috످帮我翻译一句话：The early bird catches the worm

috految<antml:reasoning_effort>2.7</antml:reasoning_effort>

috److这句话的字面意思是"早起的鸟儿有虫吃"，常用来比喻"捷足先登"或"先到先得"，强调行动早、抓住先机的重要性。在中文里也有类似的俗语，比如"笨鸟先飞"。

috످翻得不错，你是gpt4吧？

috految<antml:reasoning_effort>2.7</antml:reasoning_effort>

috److谢谢夸奖！不过我不是 GPT-4，我是 Claude，由 Anthropic 开发的 AI 助手。

另外，我刚才举的“笨鸟先飞”不太贴切，它侧重勤能补拙，而原句强调抢占先机，用“捷足先登”更准确。

috످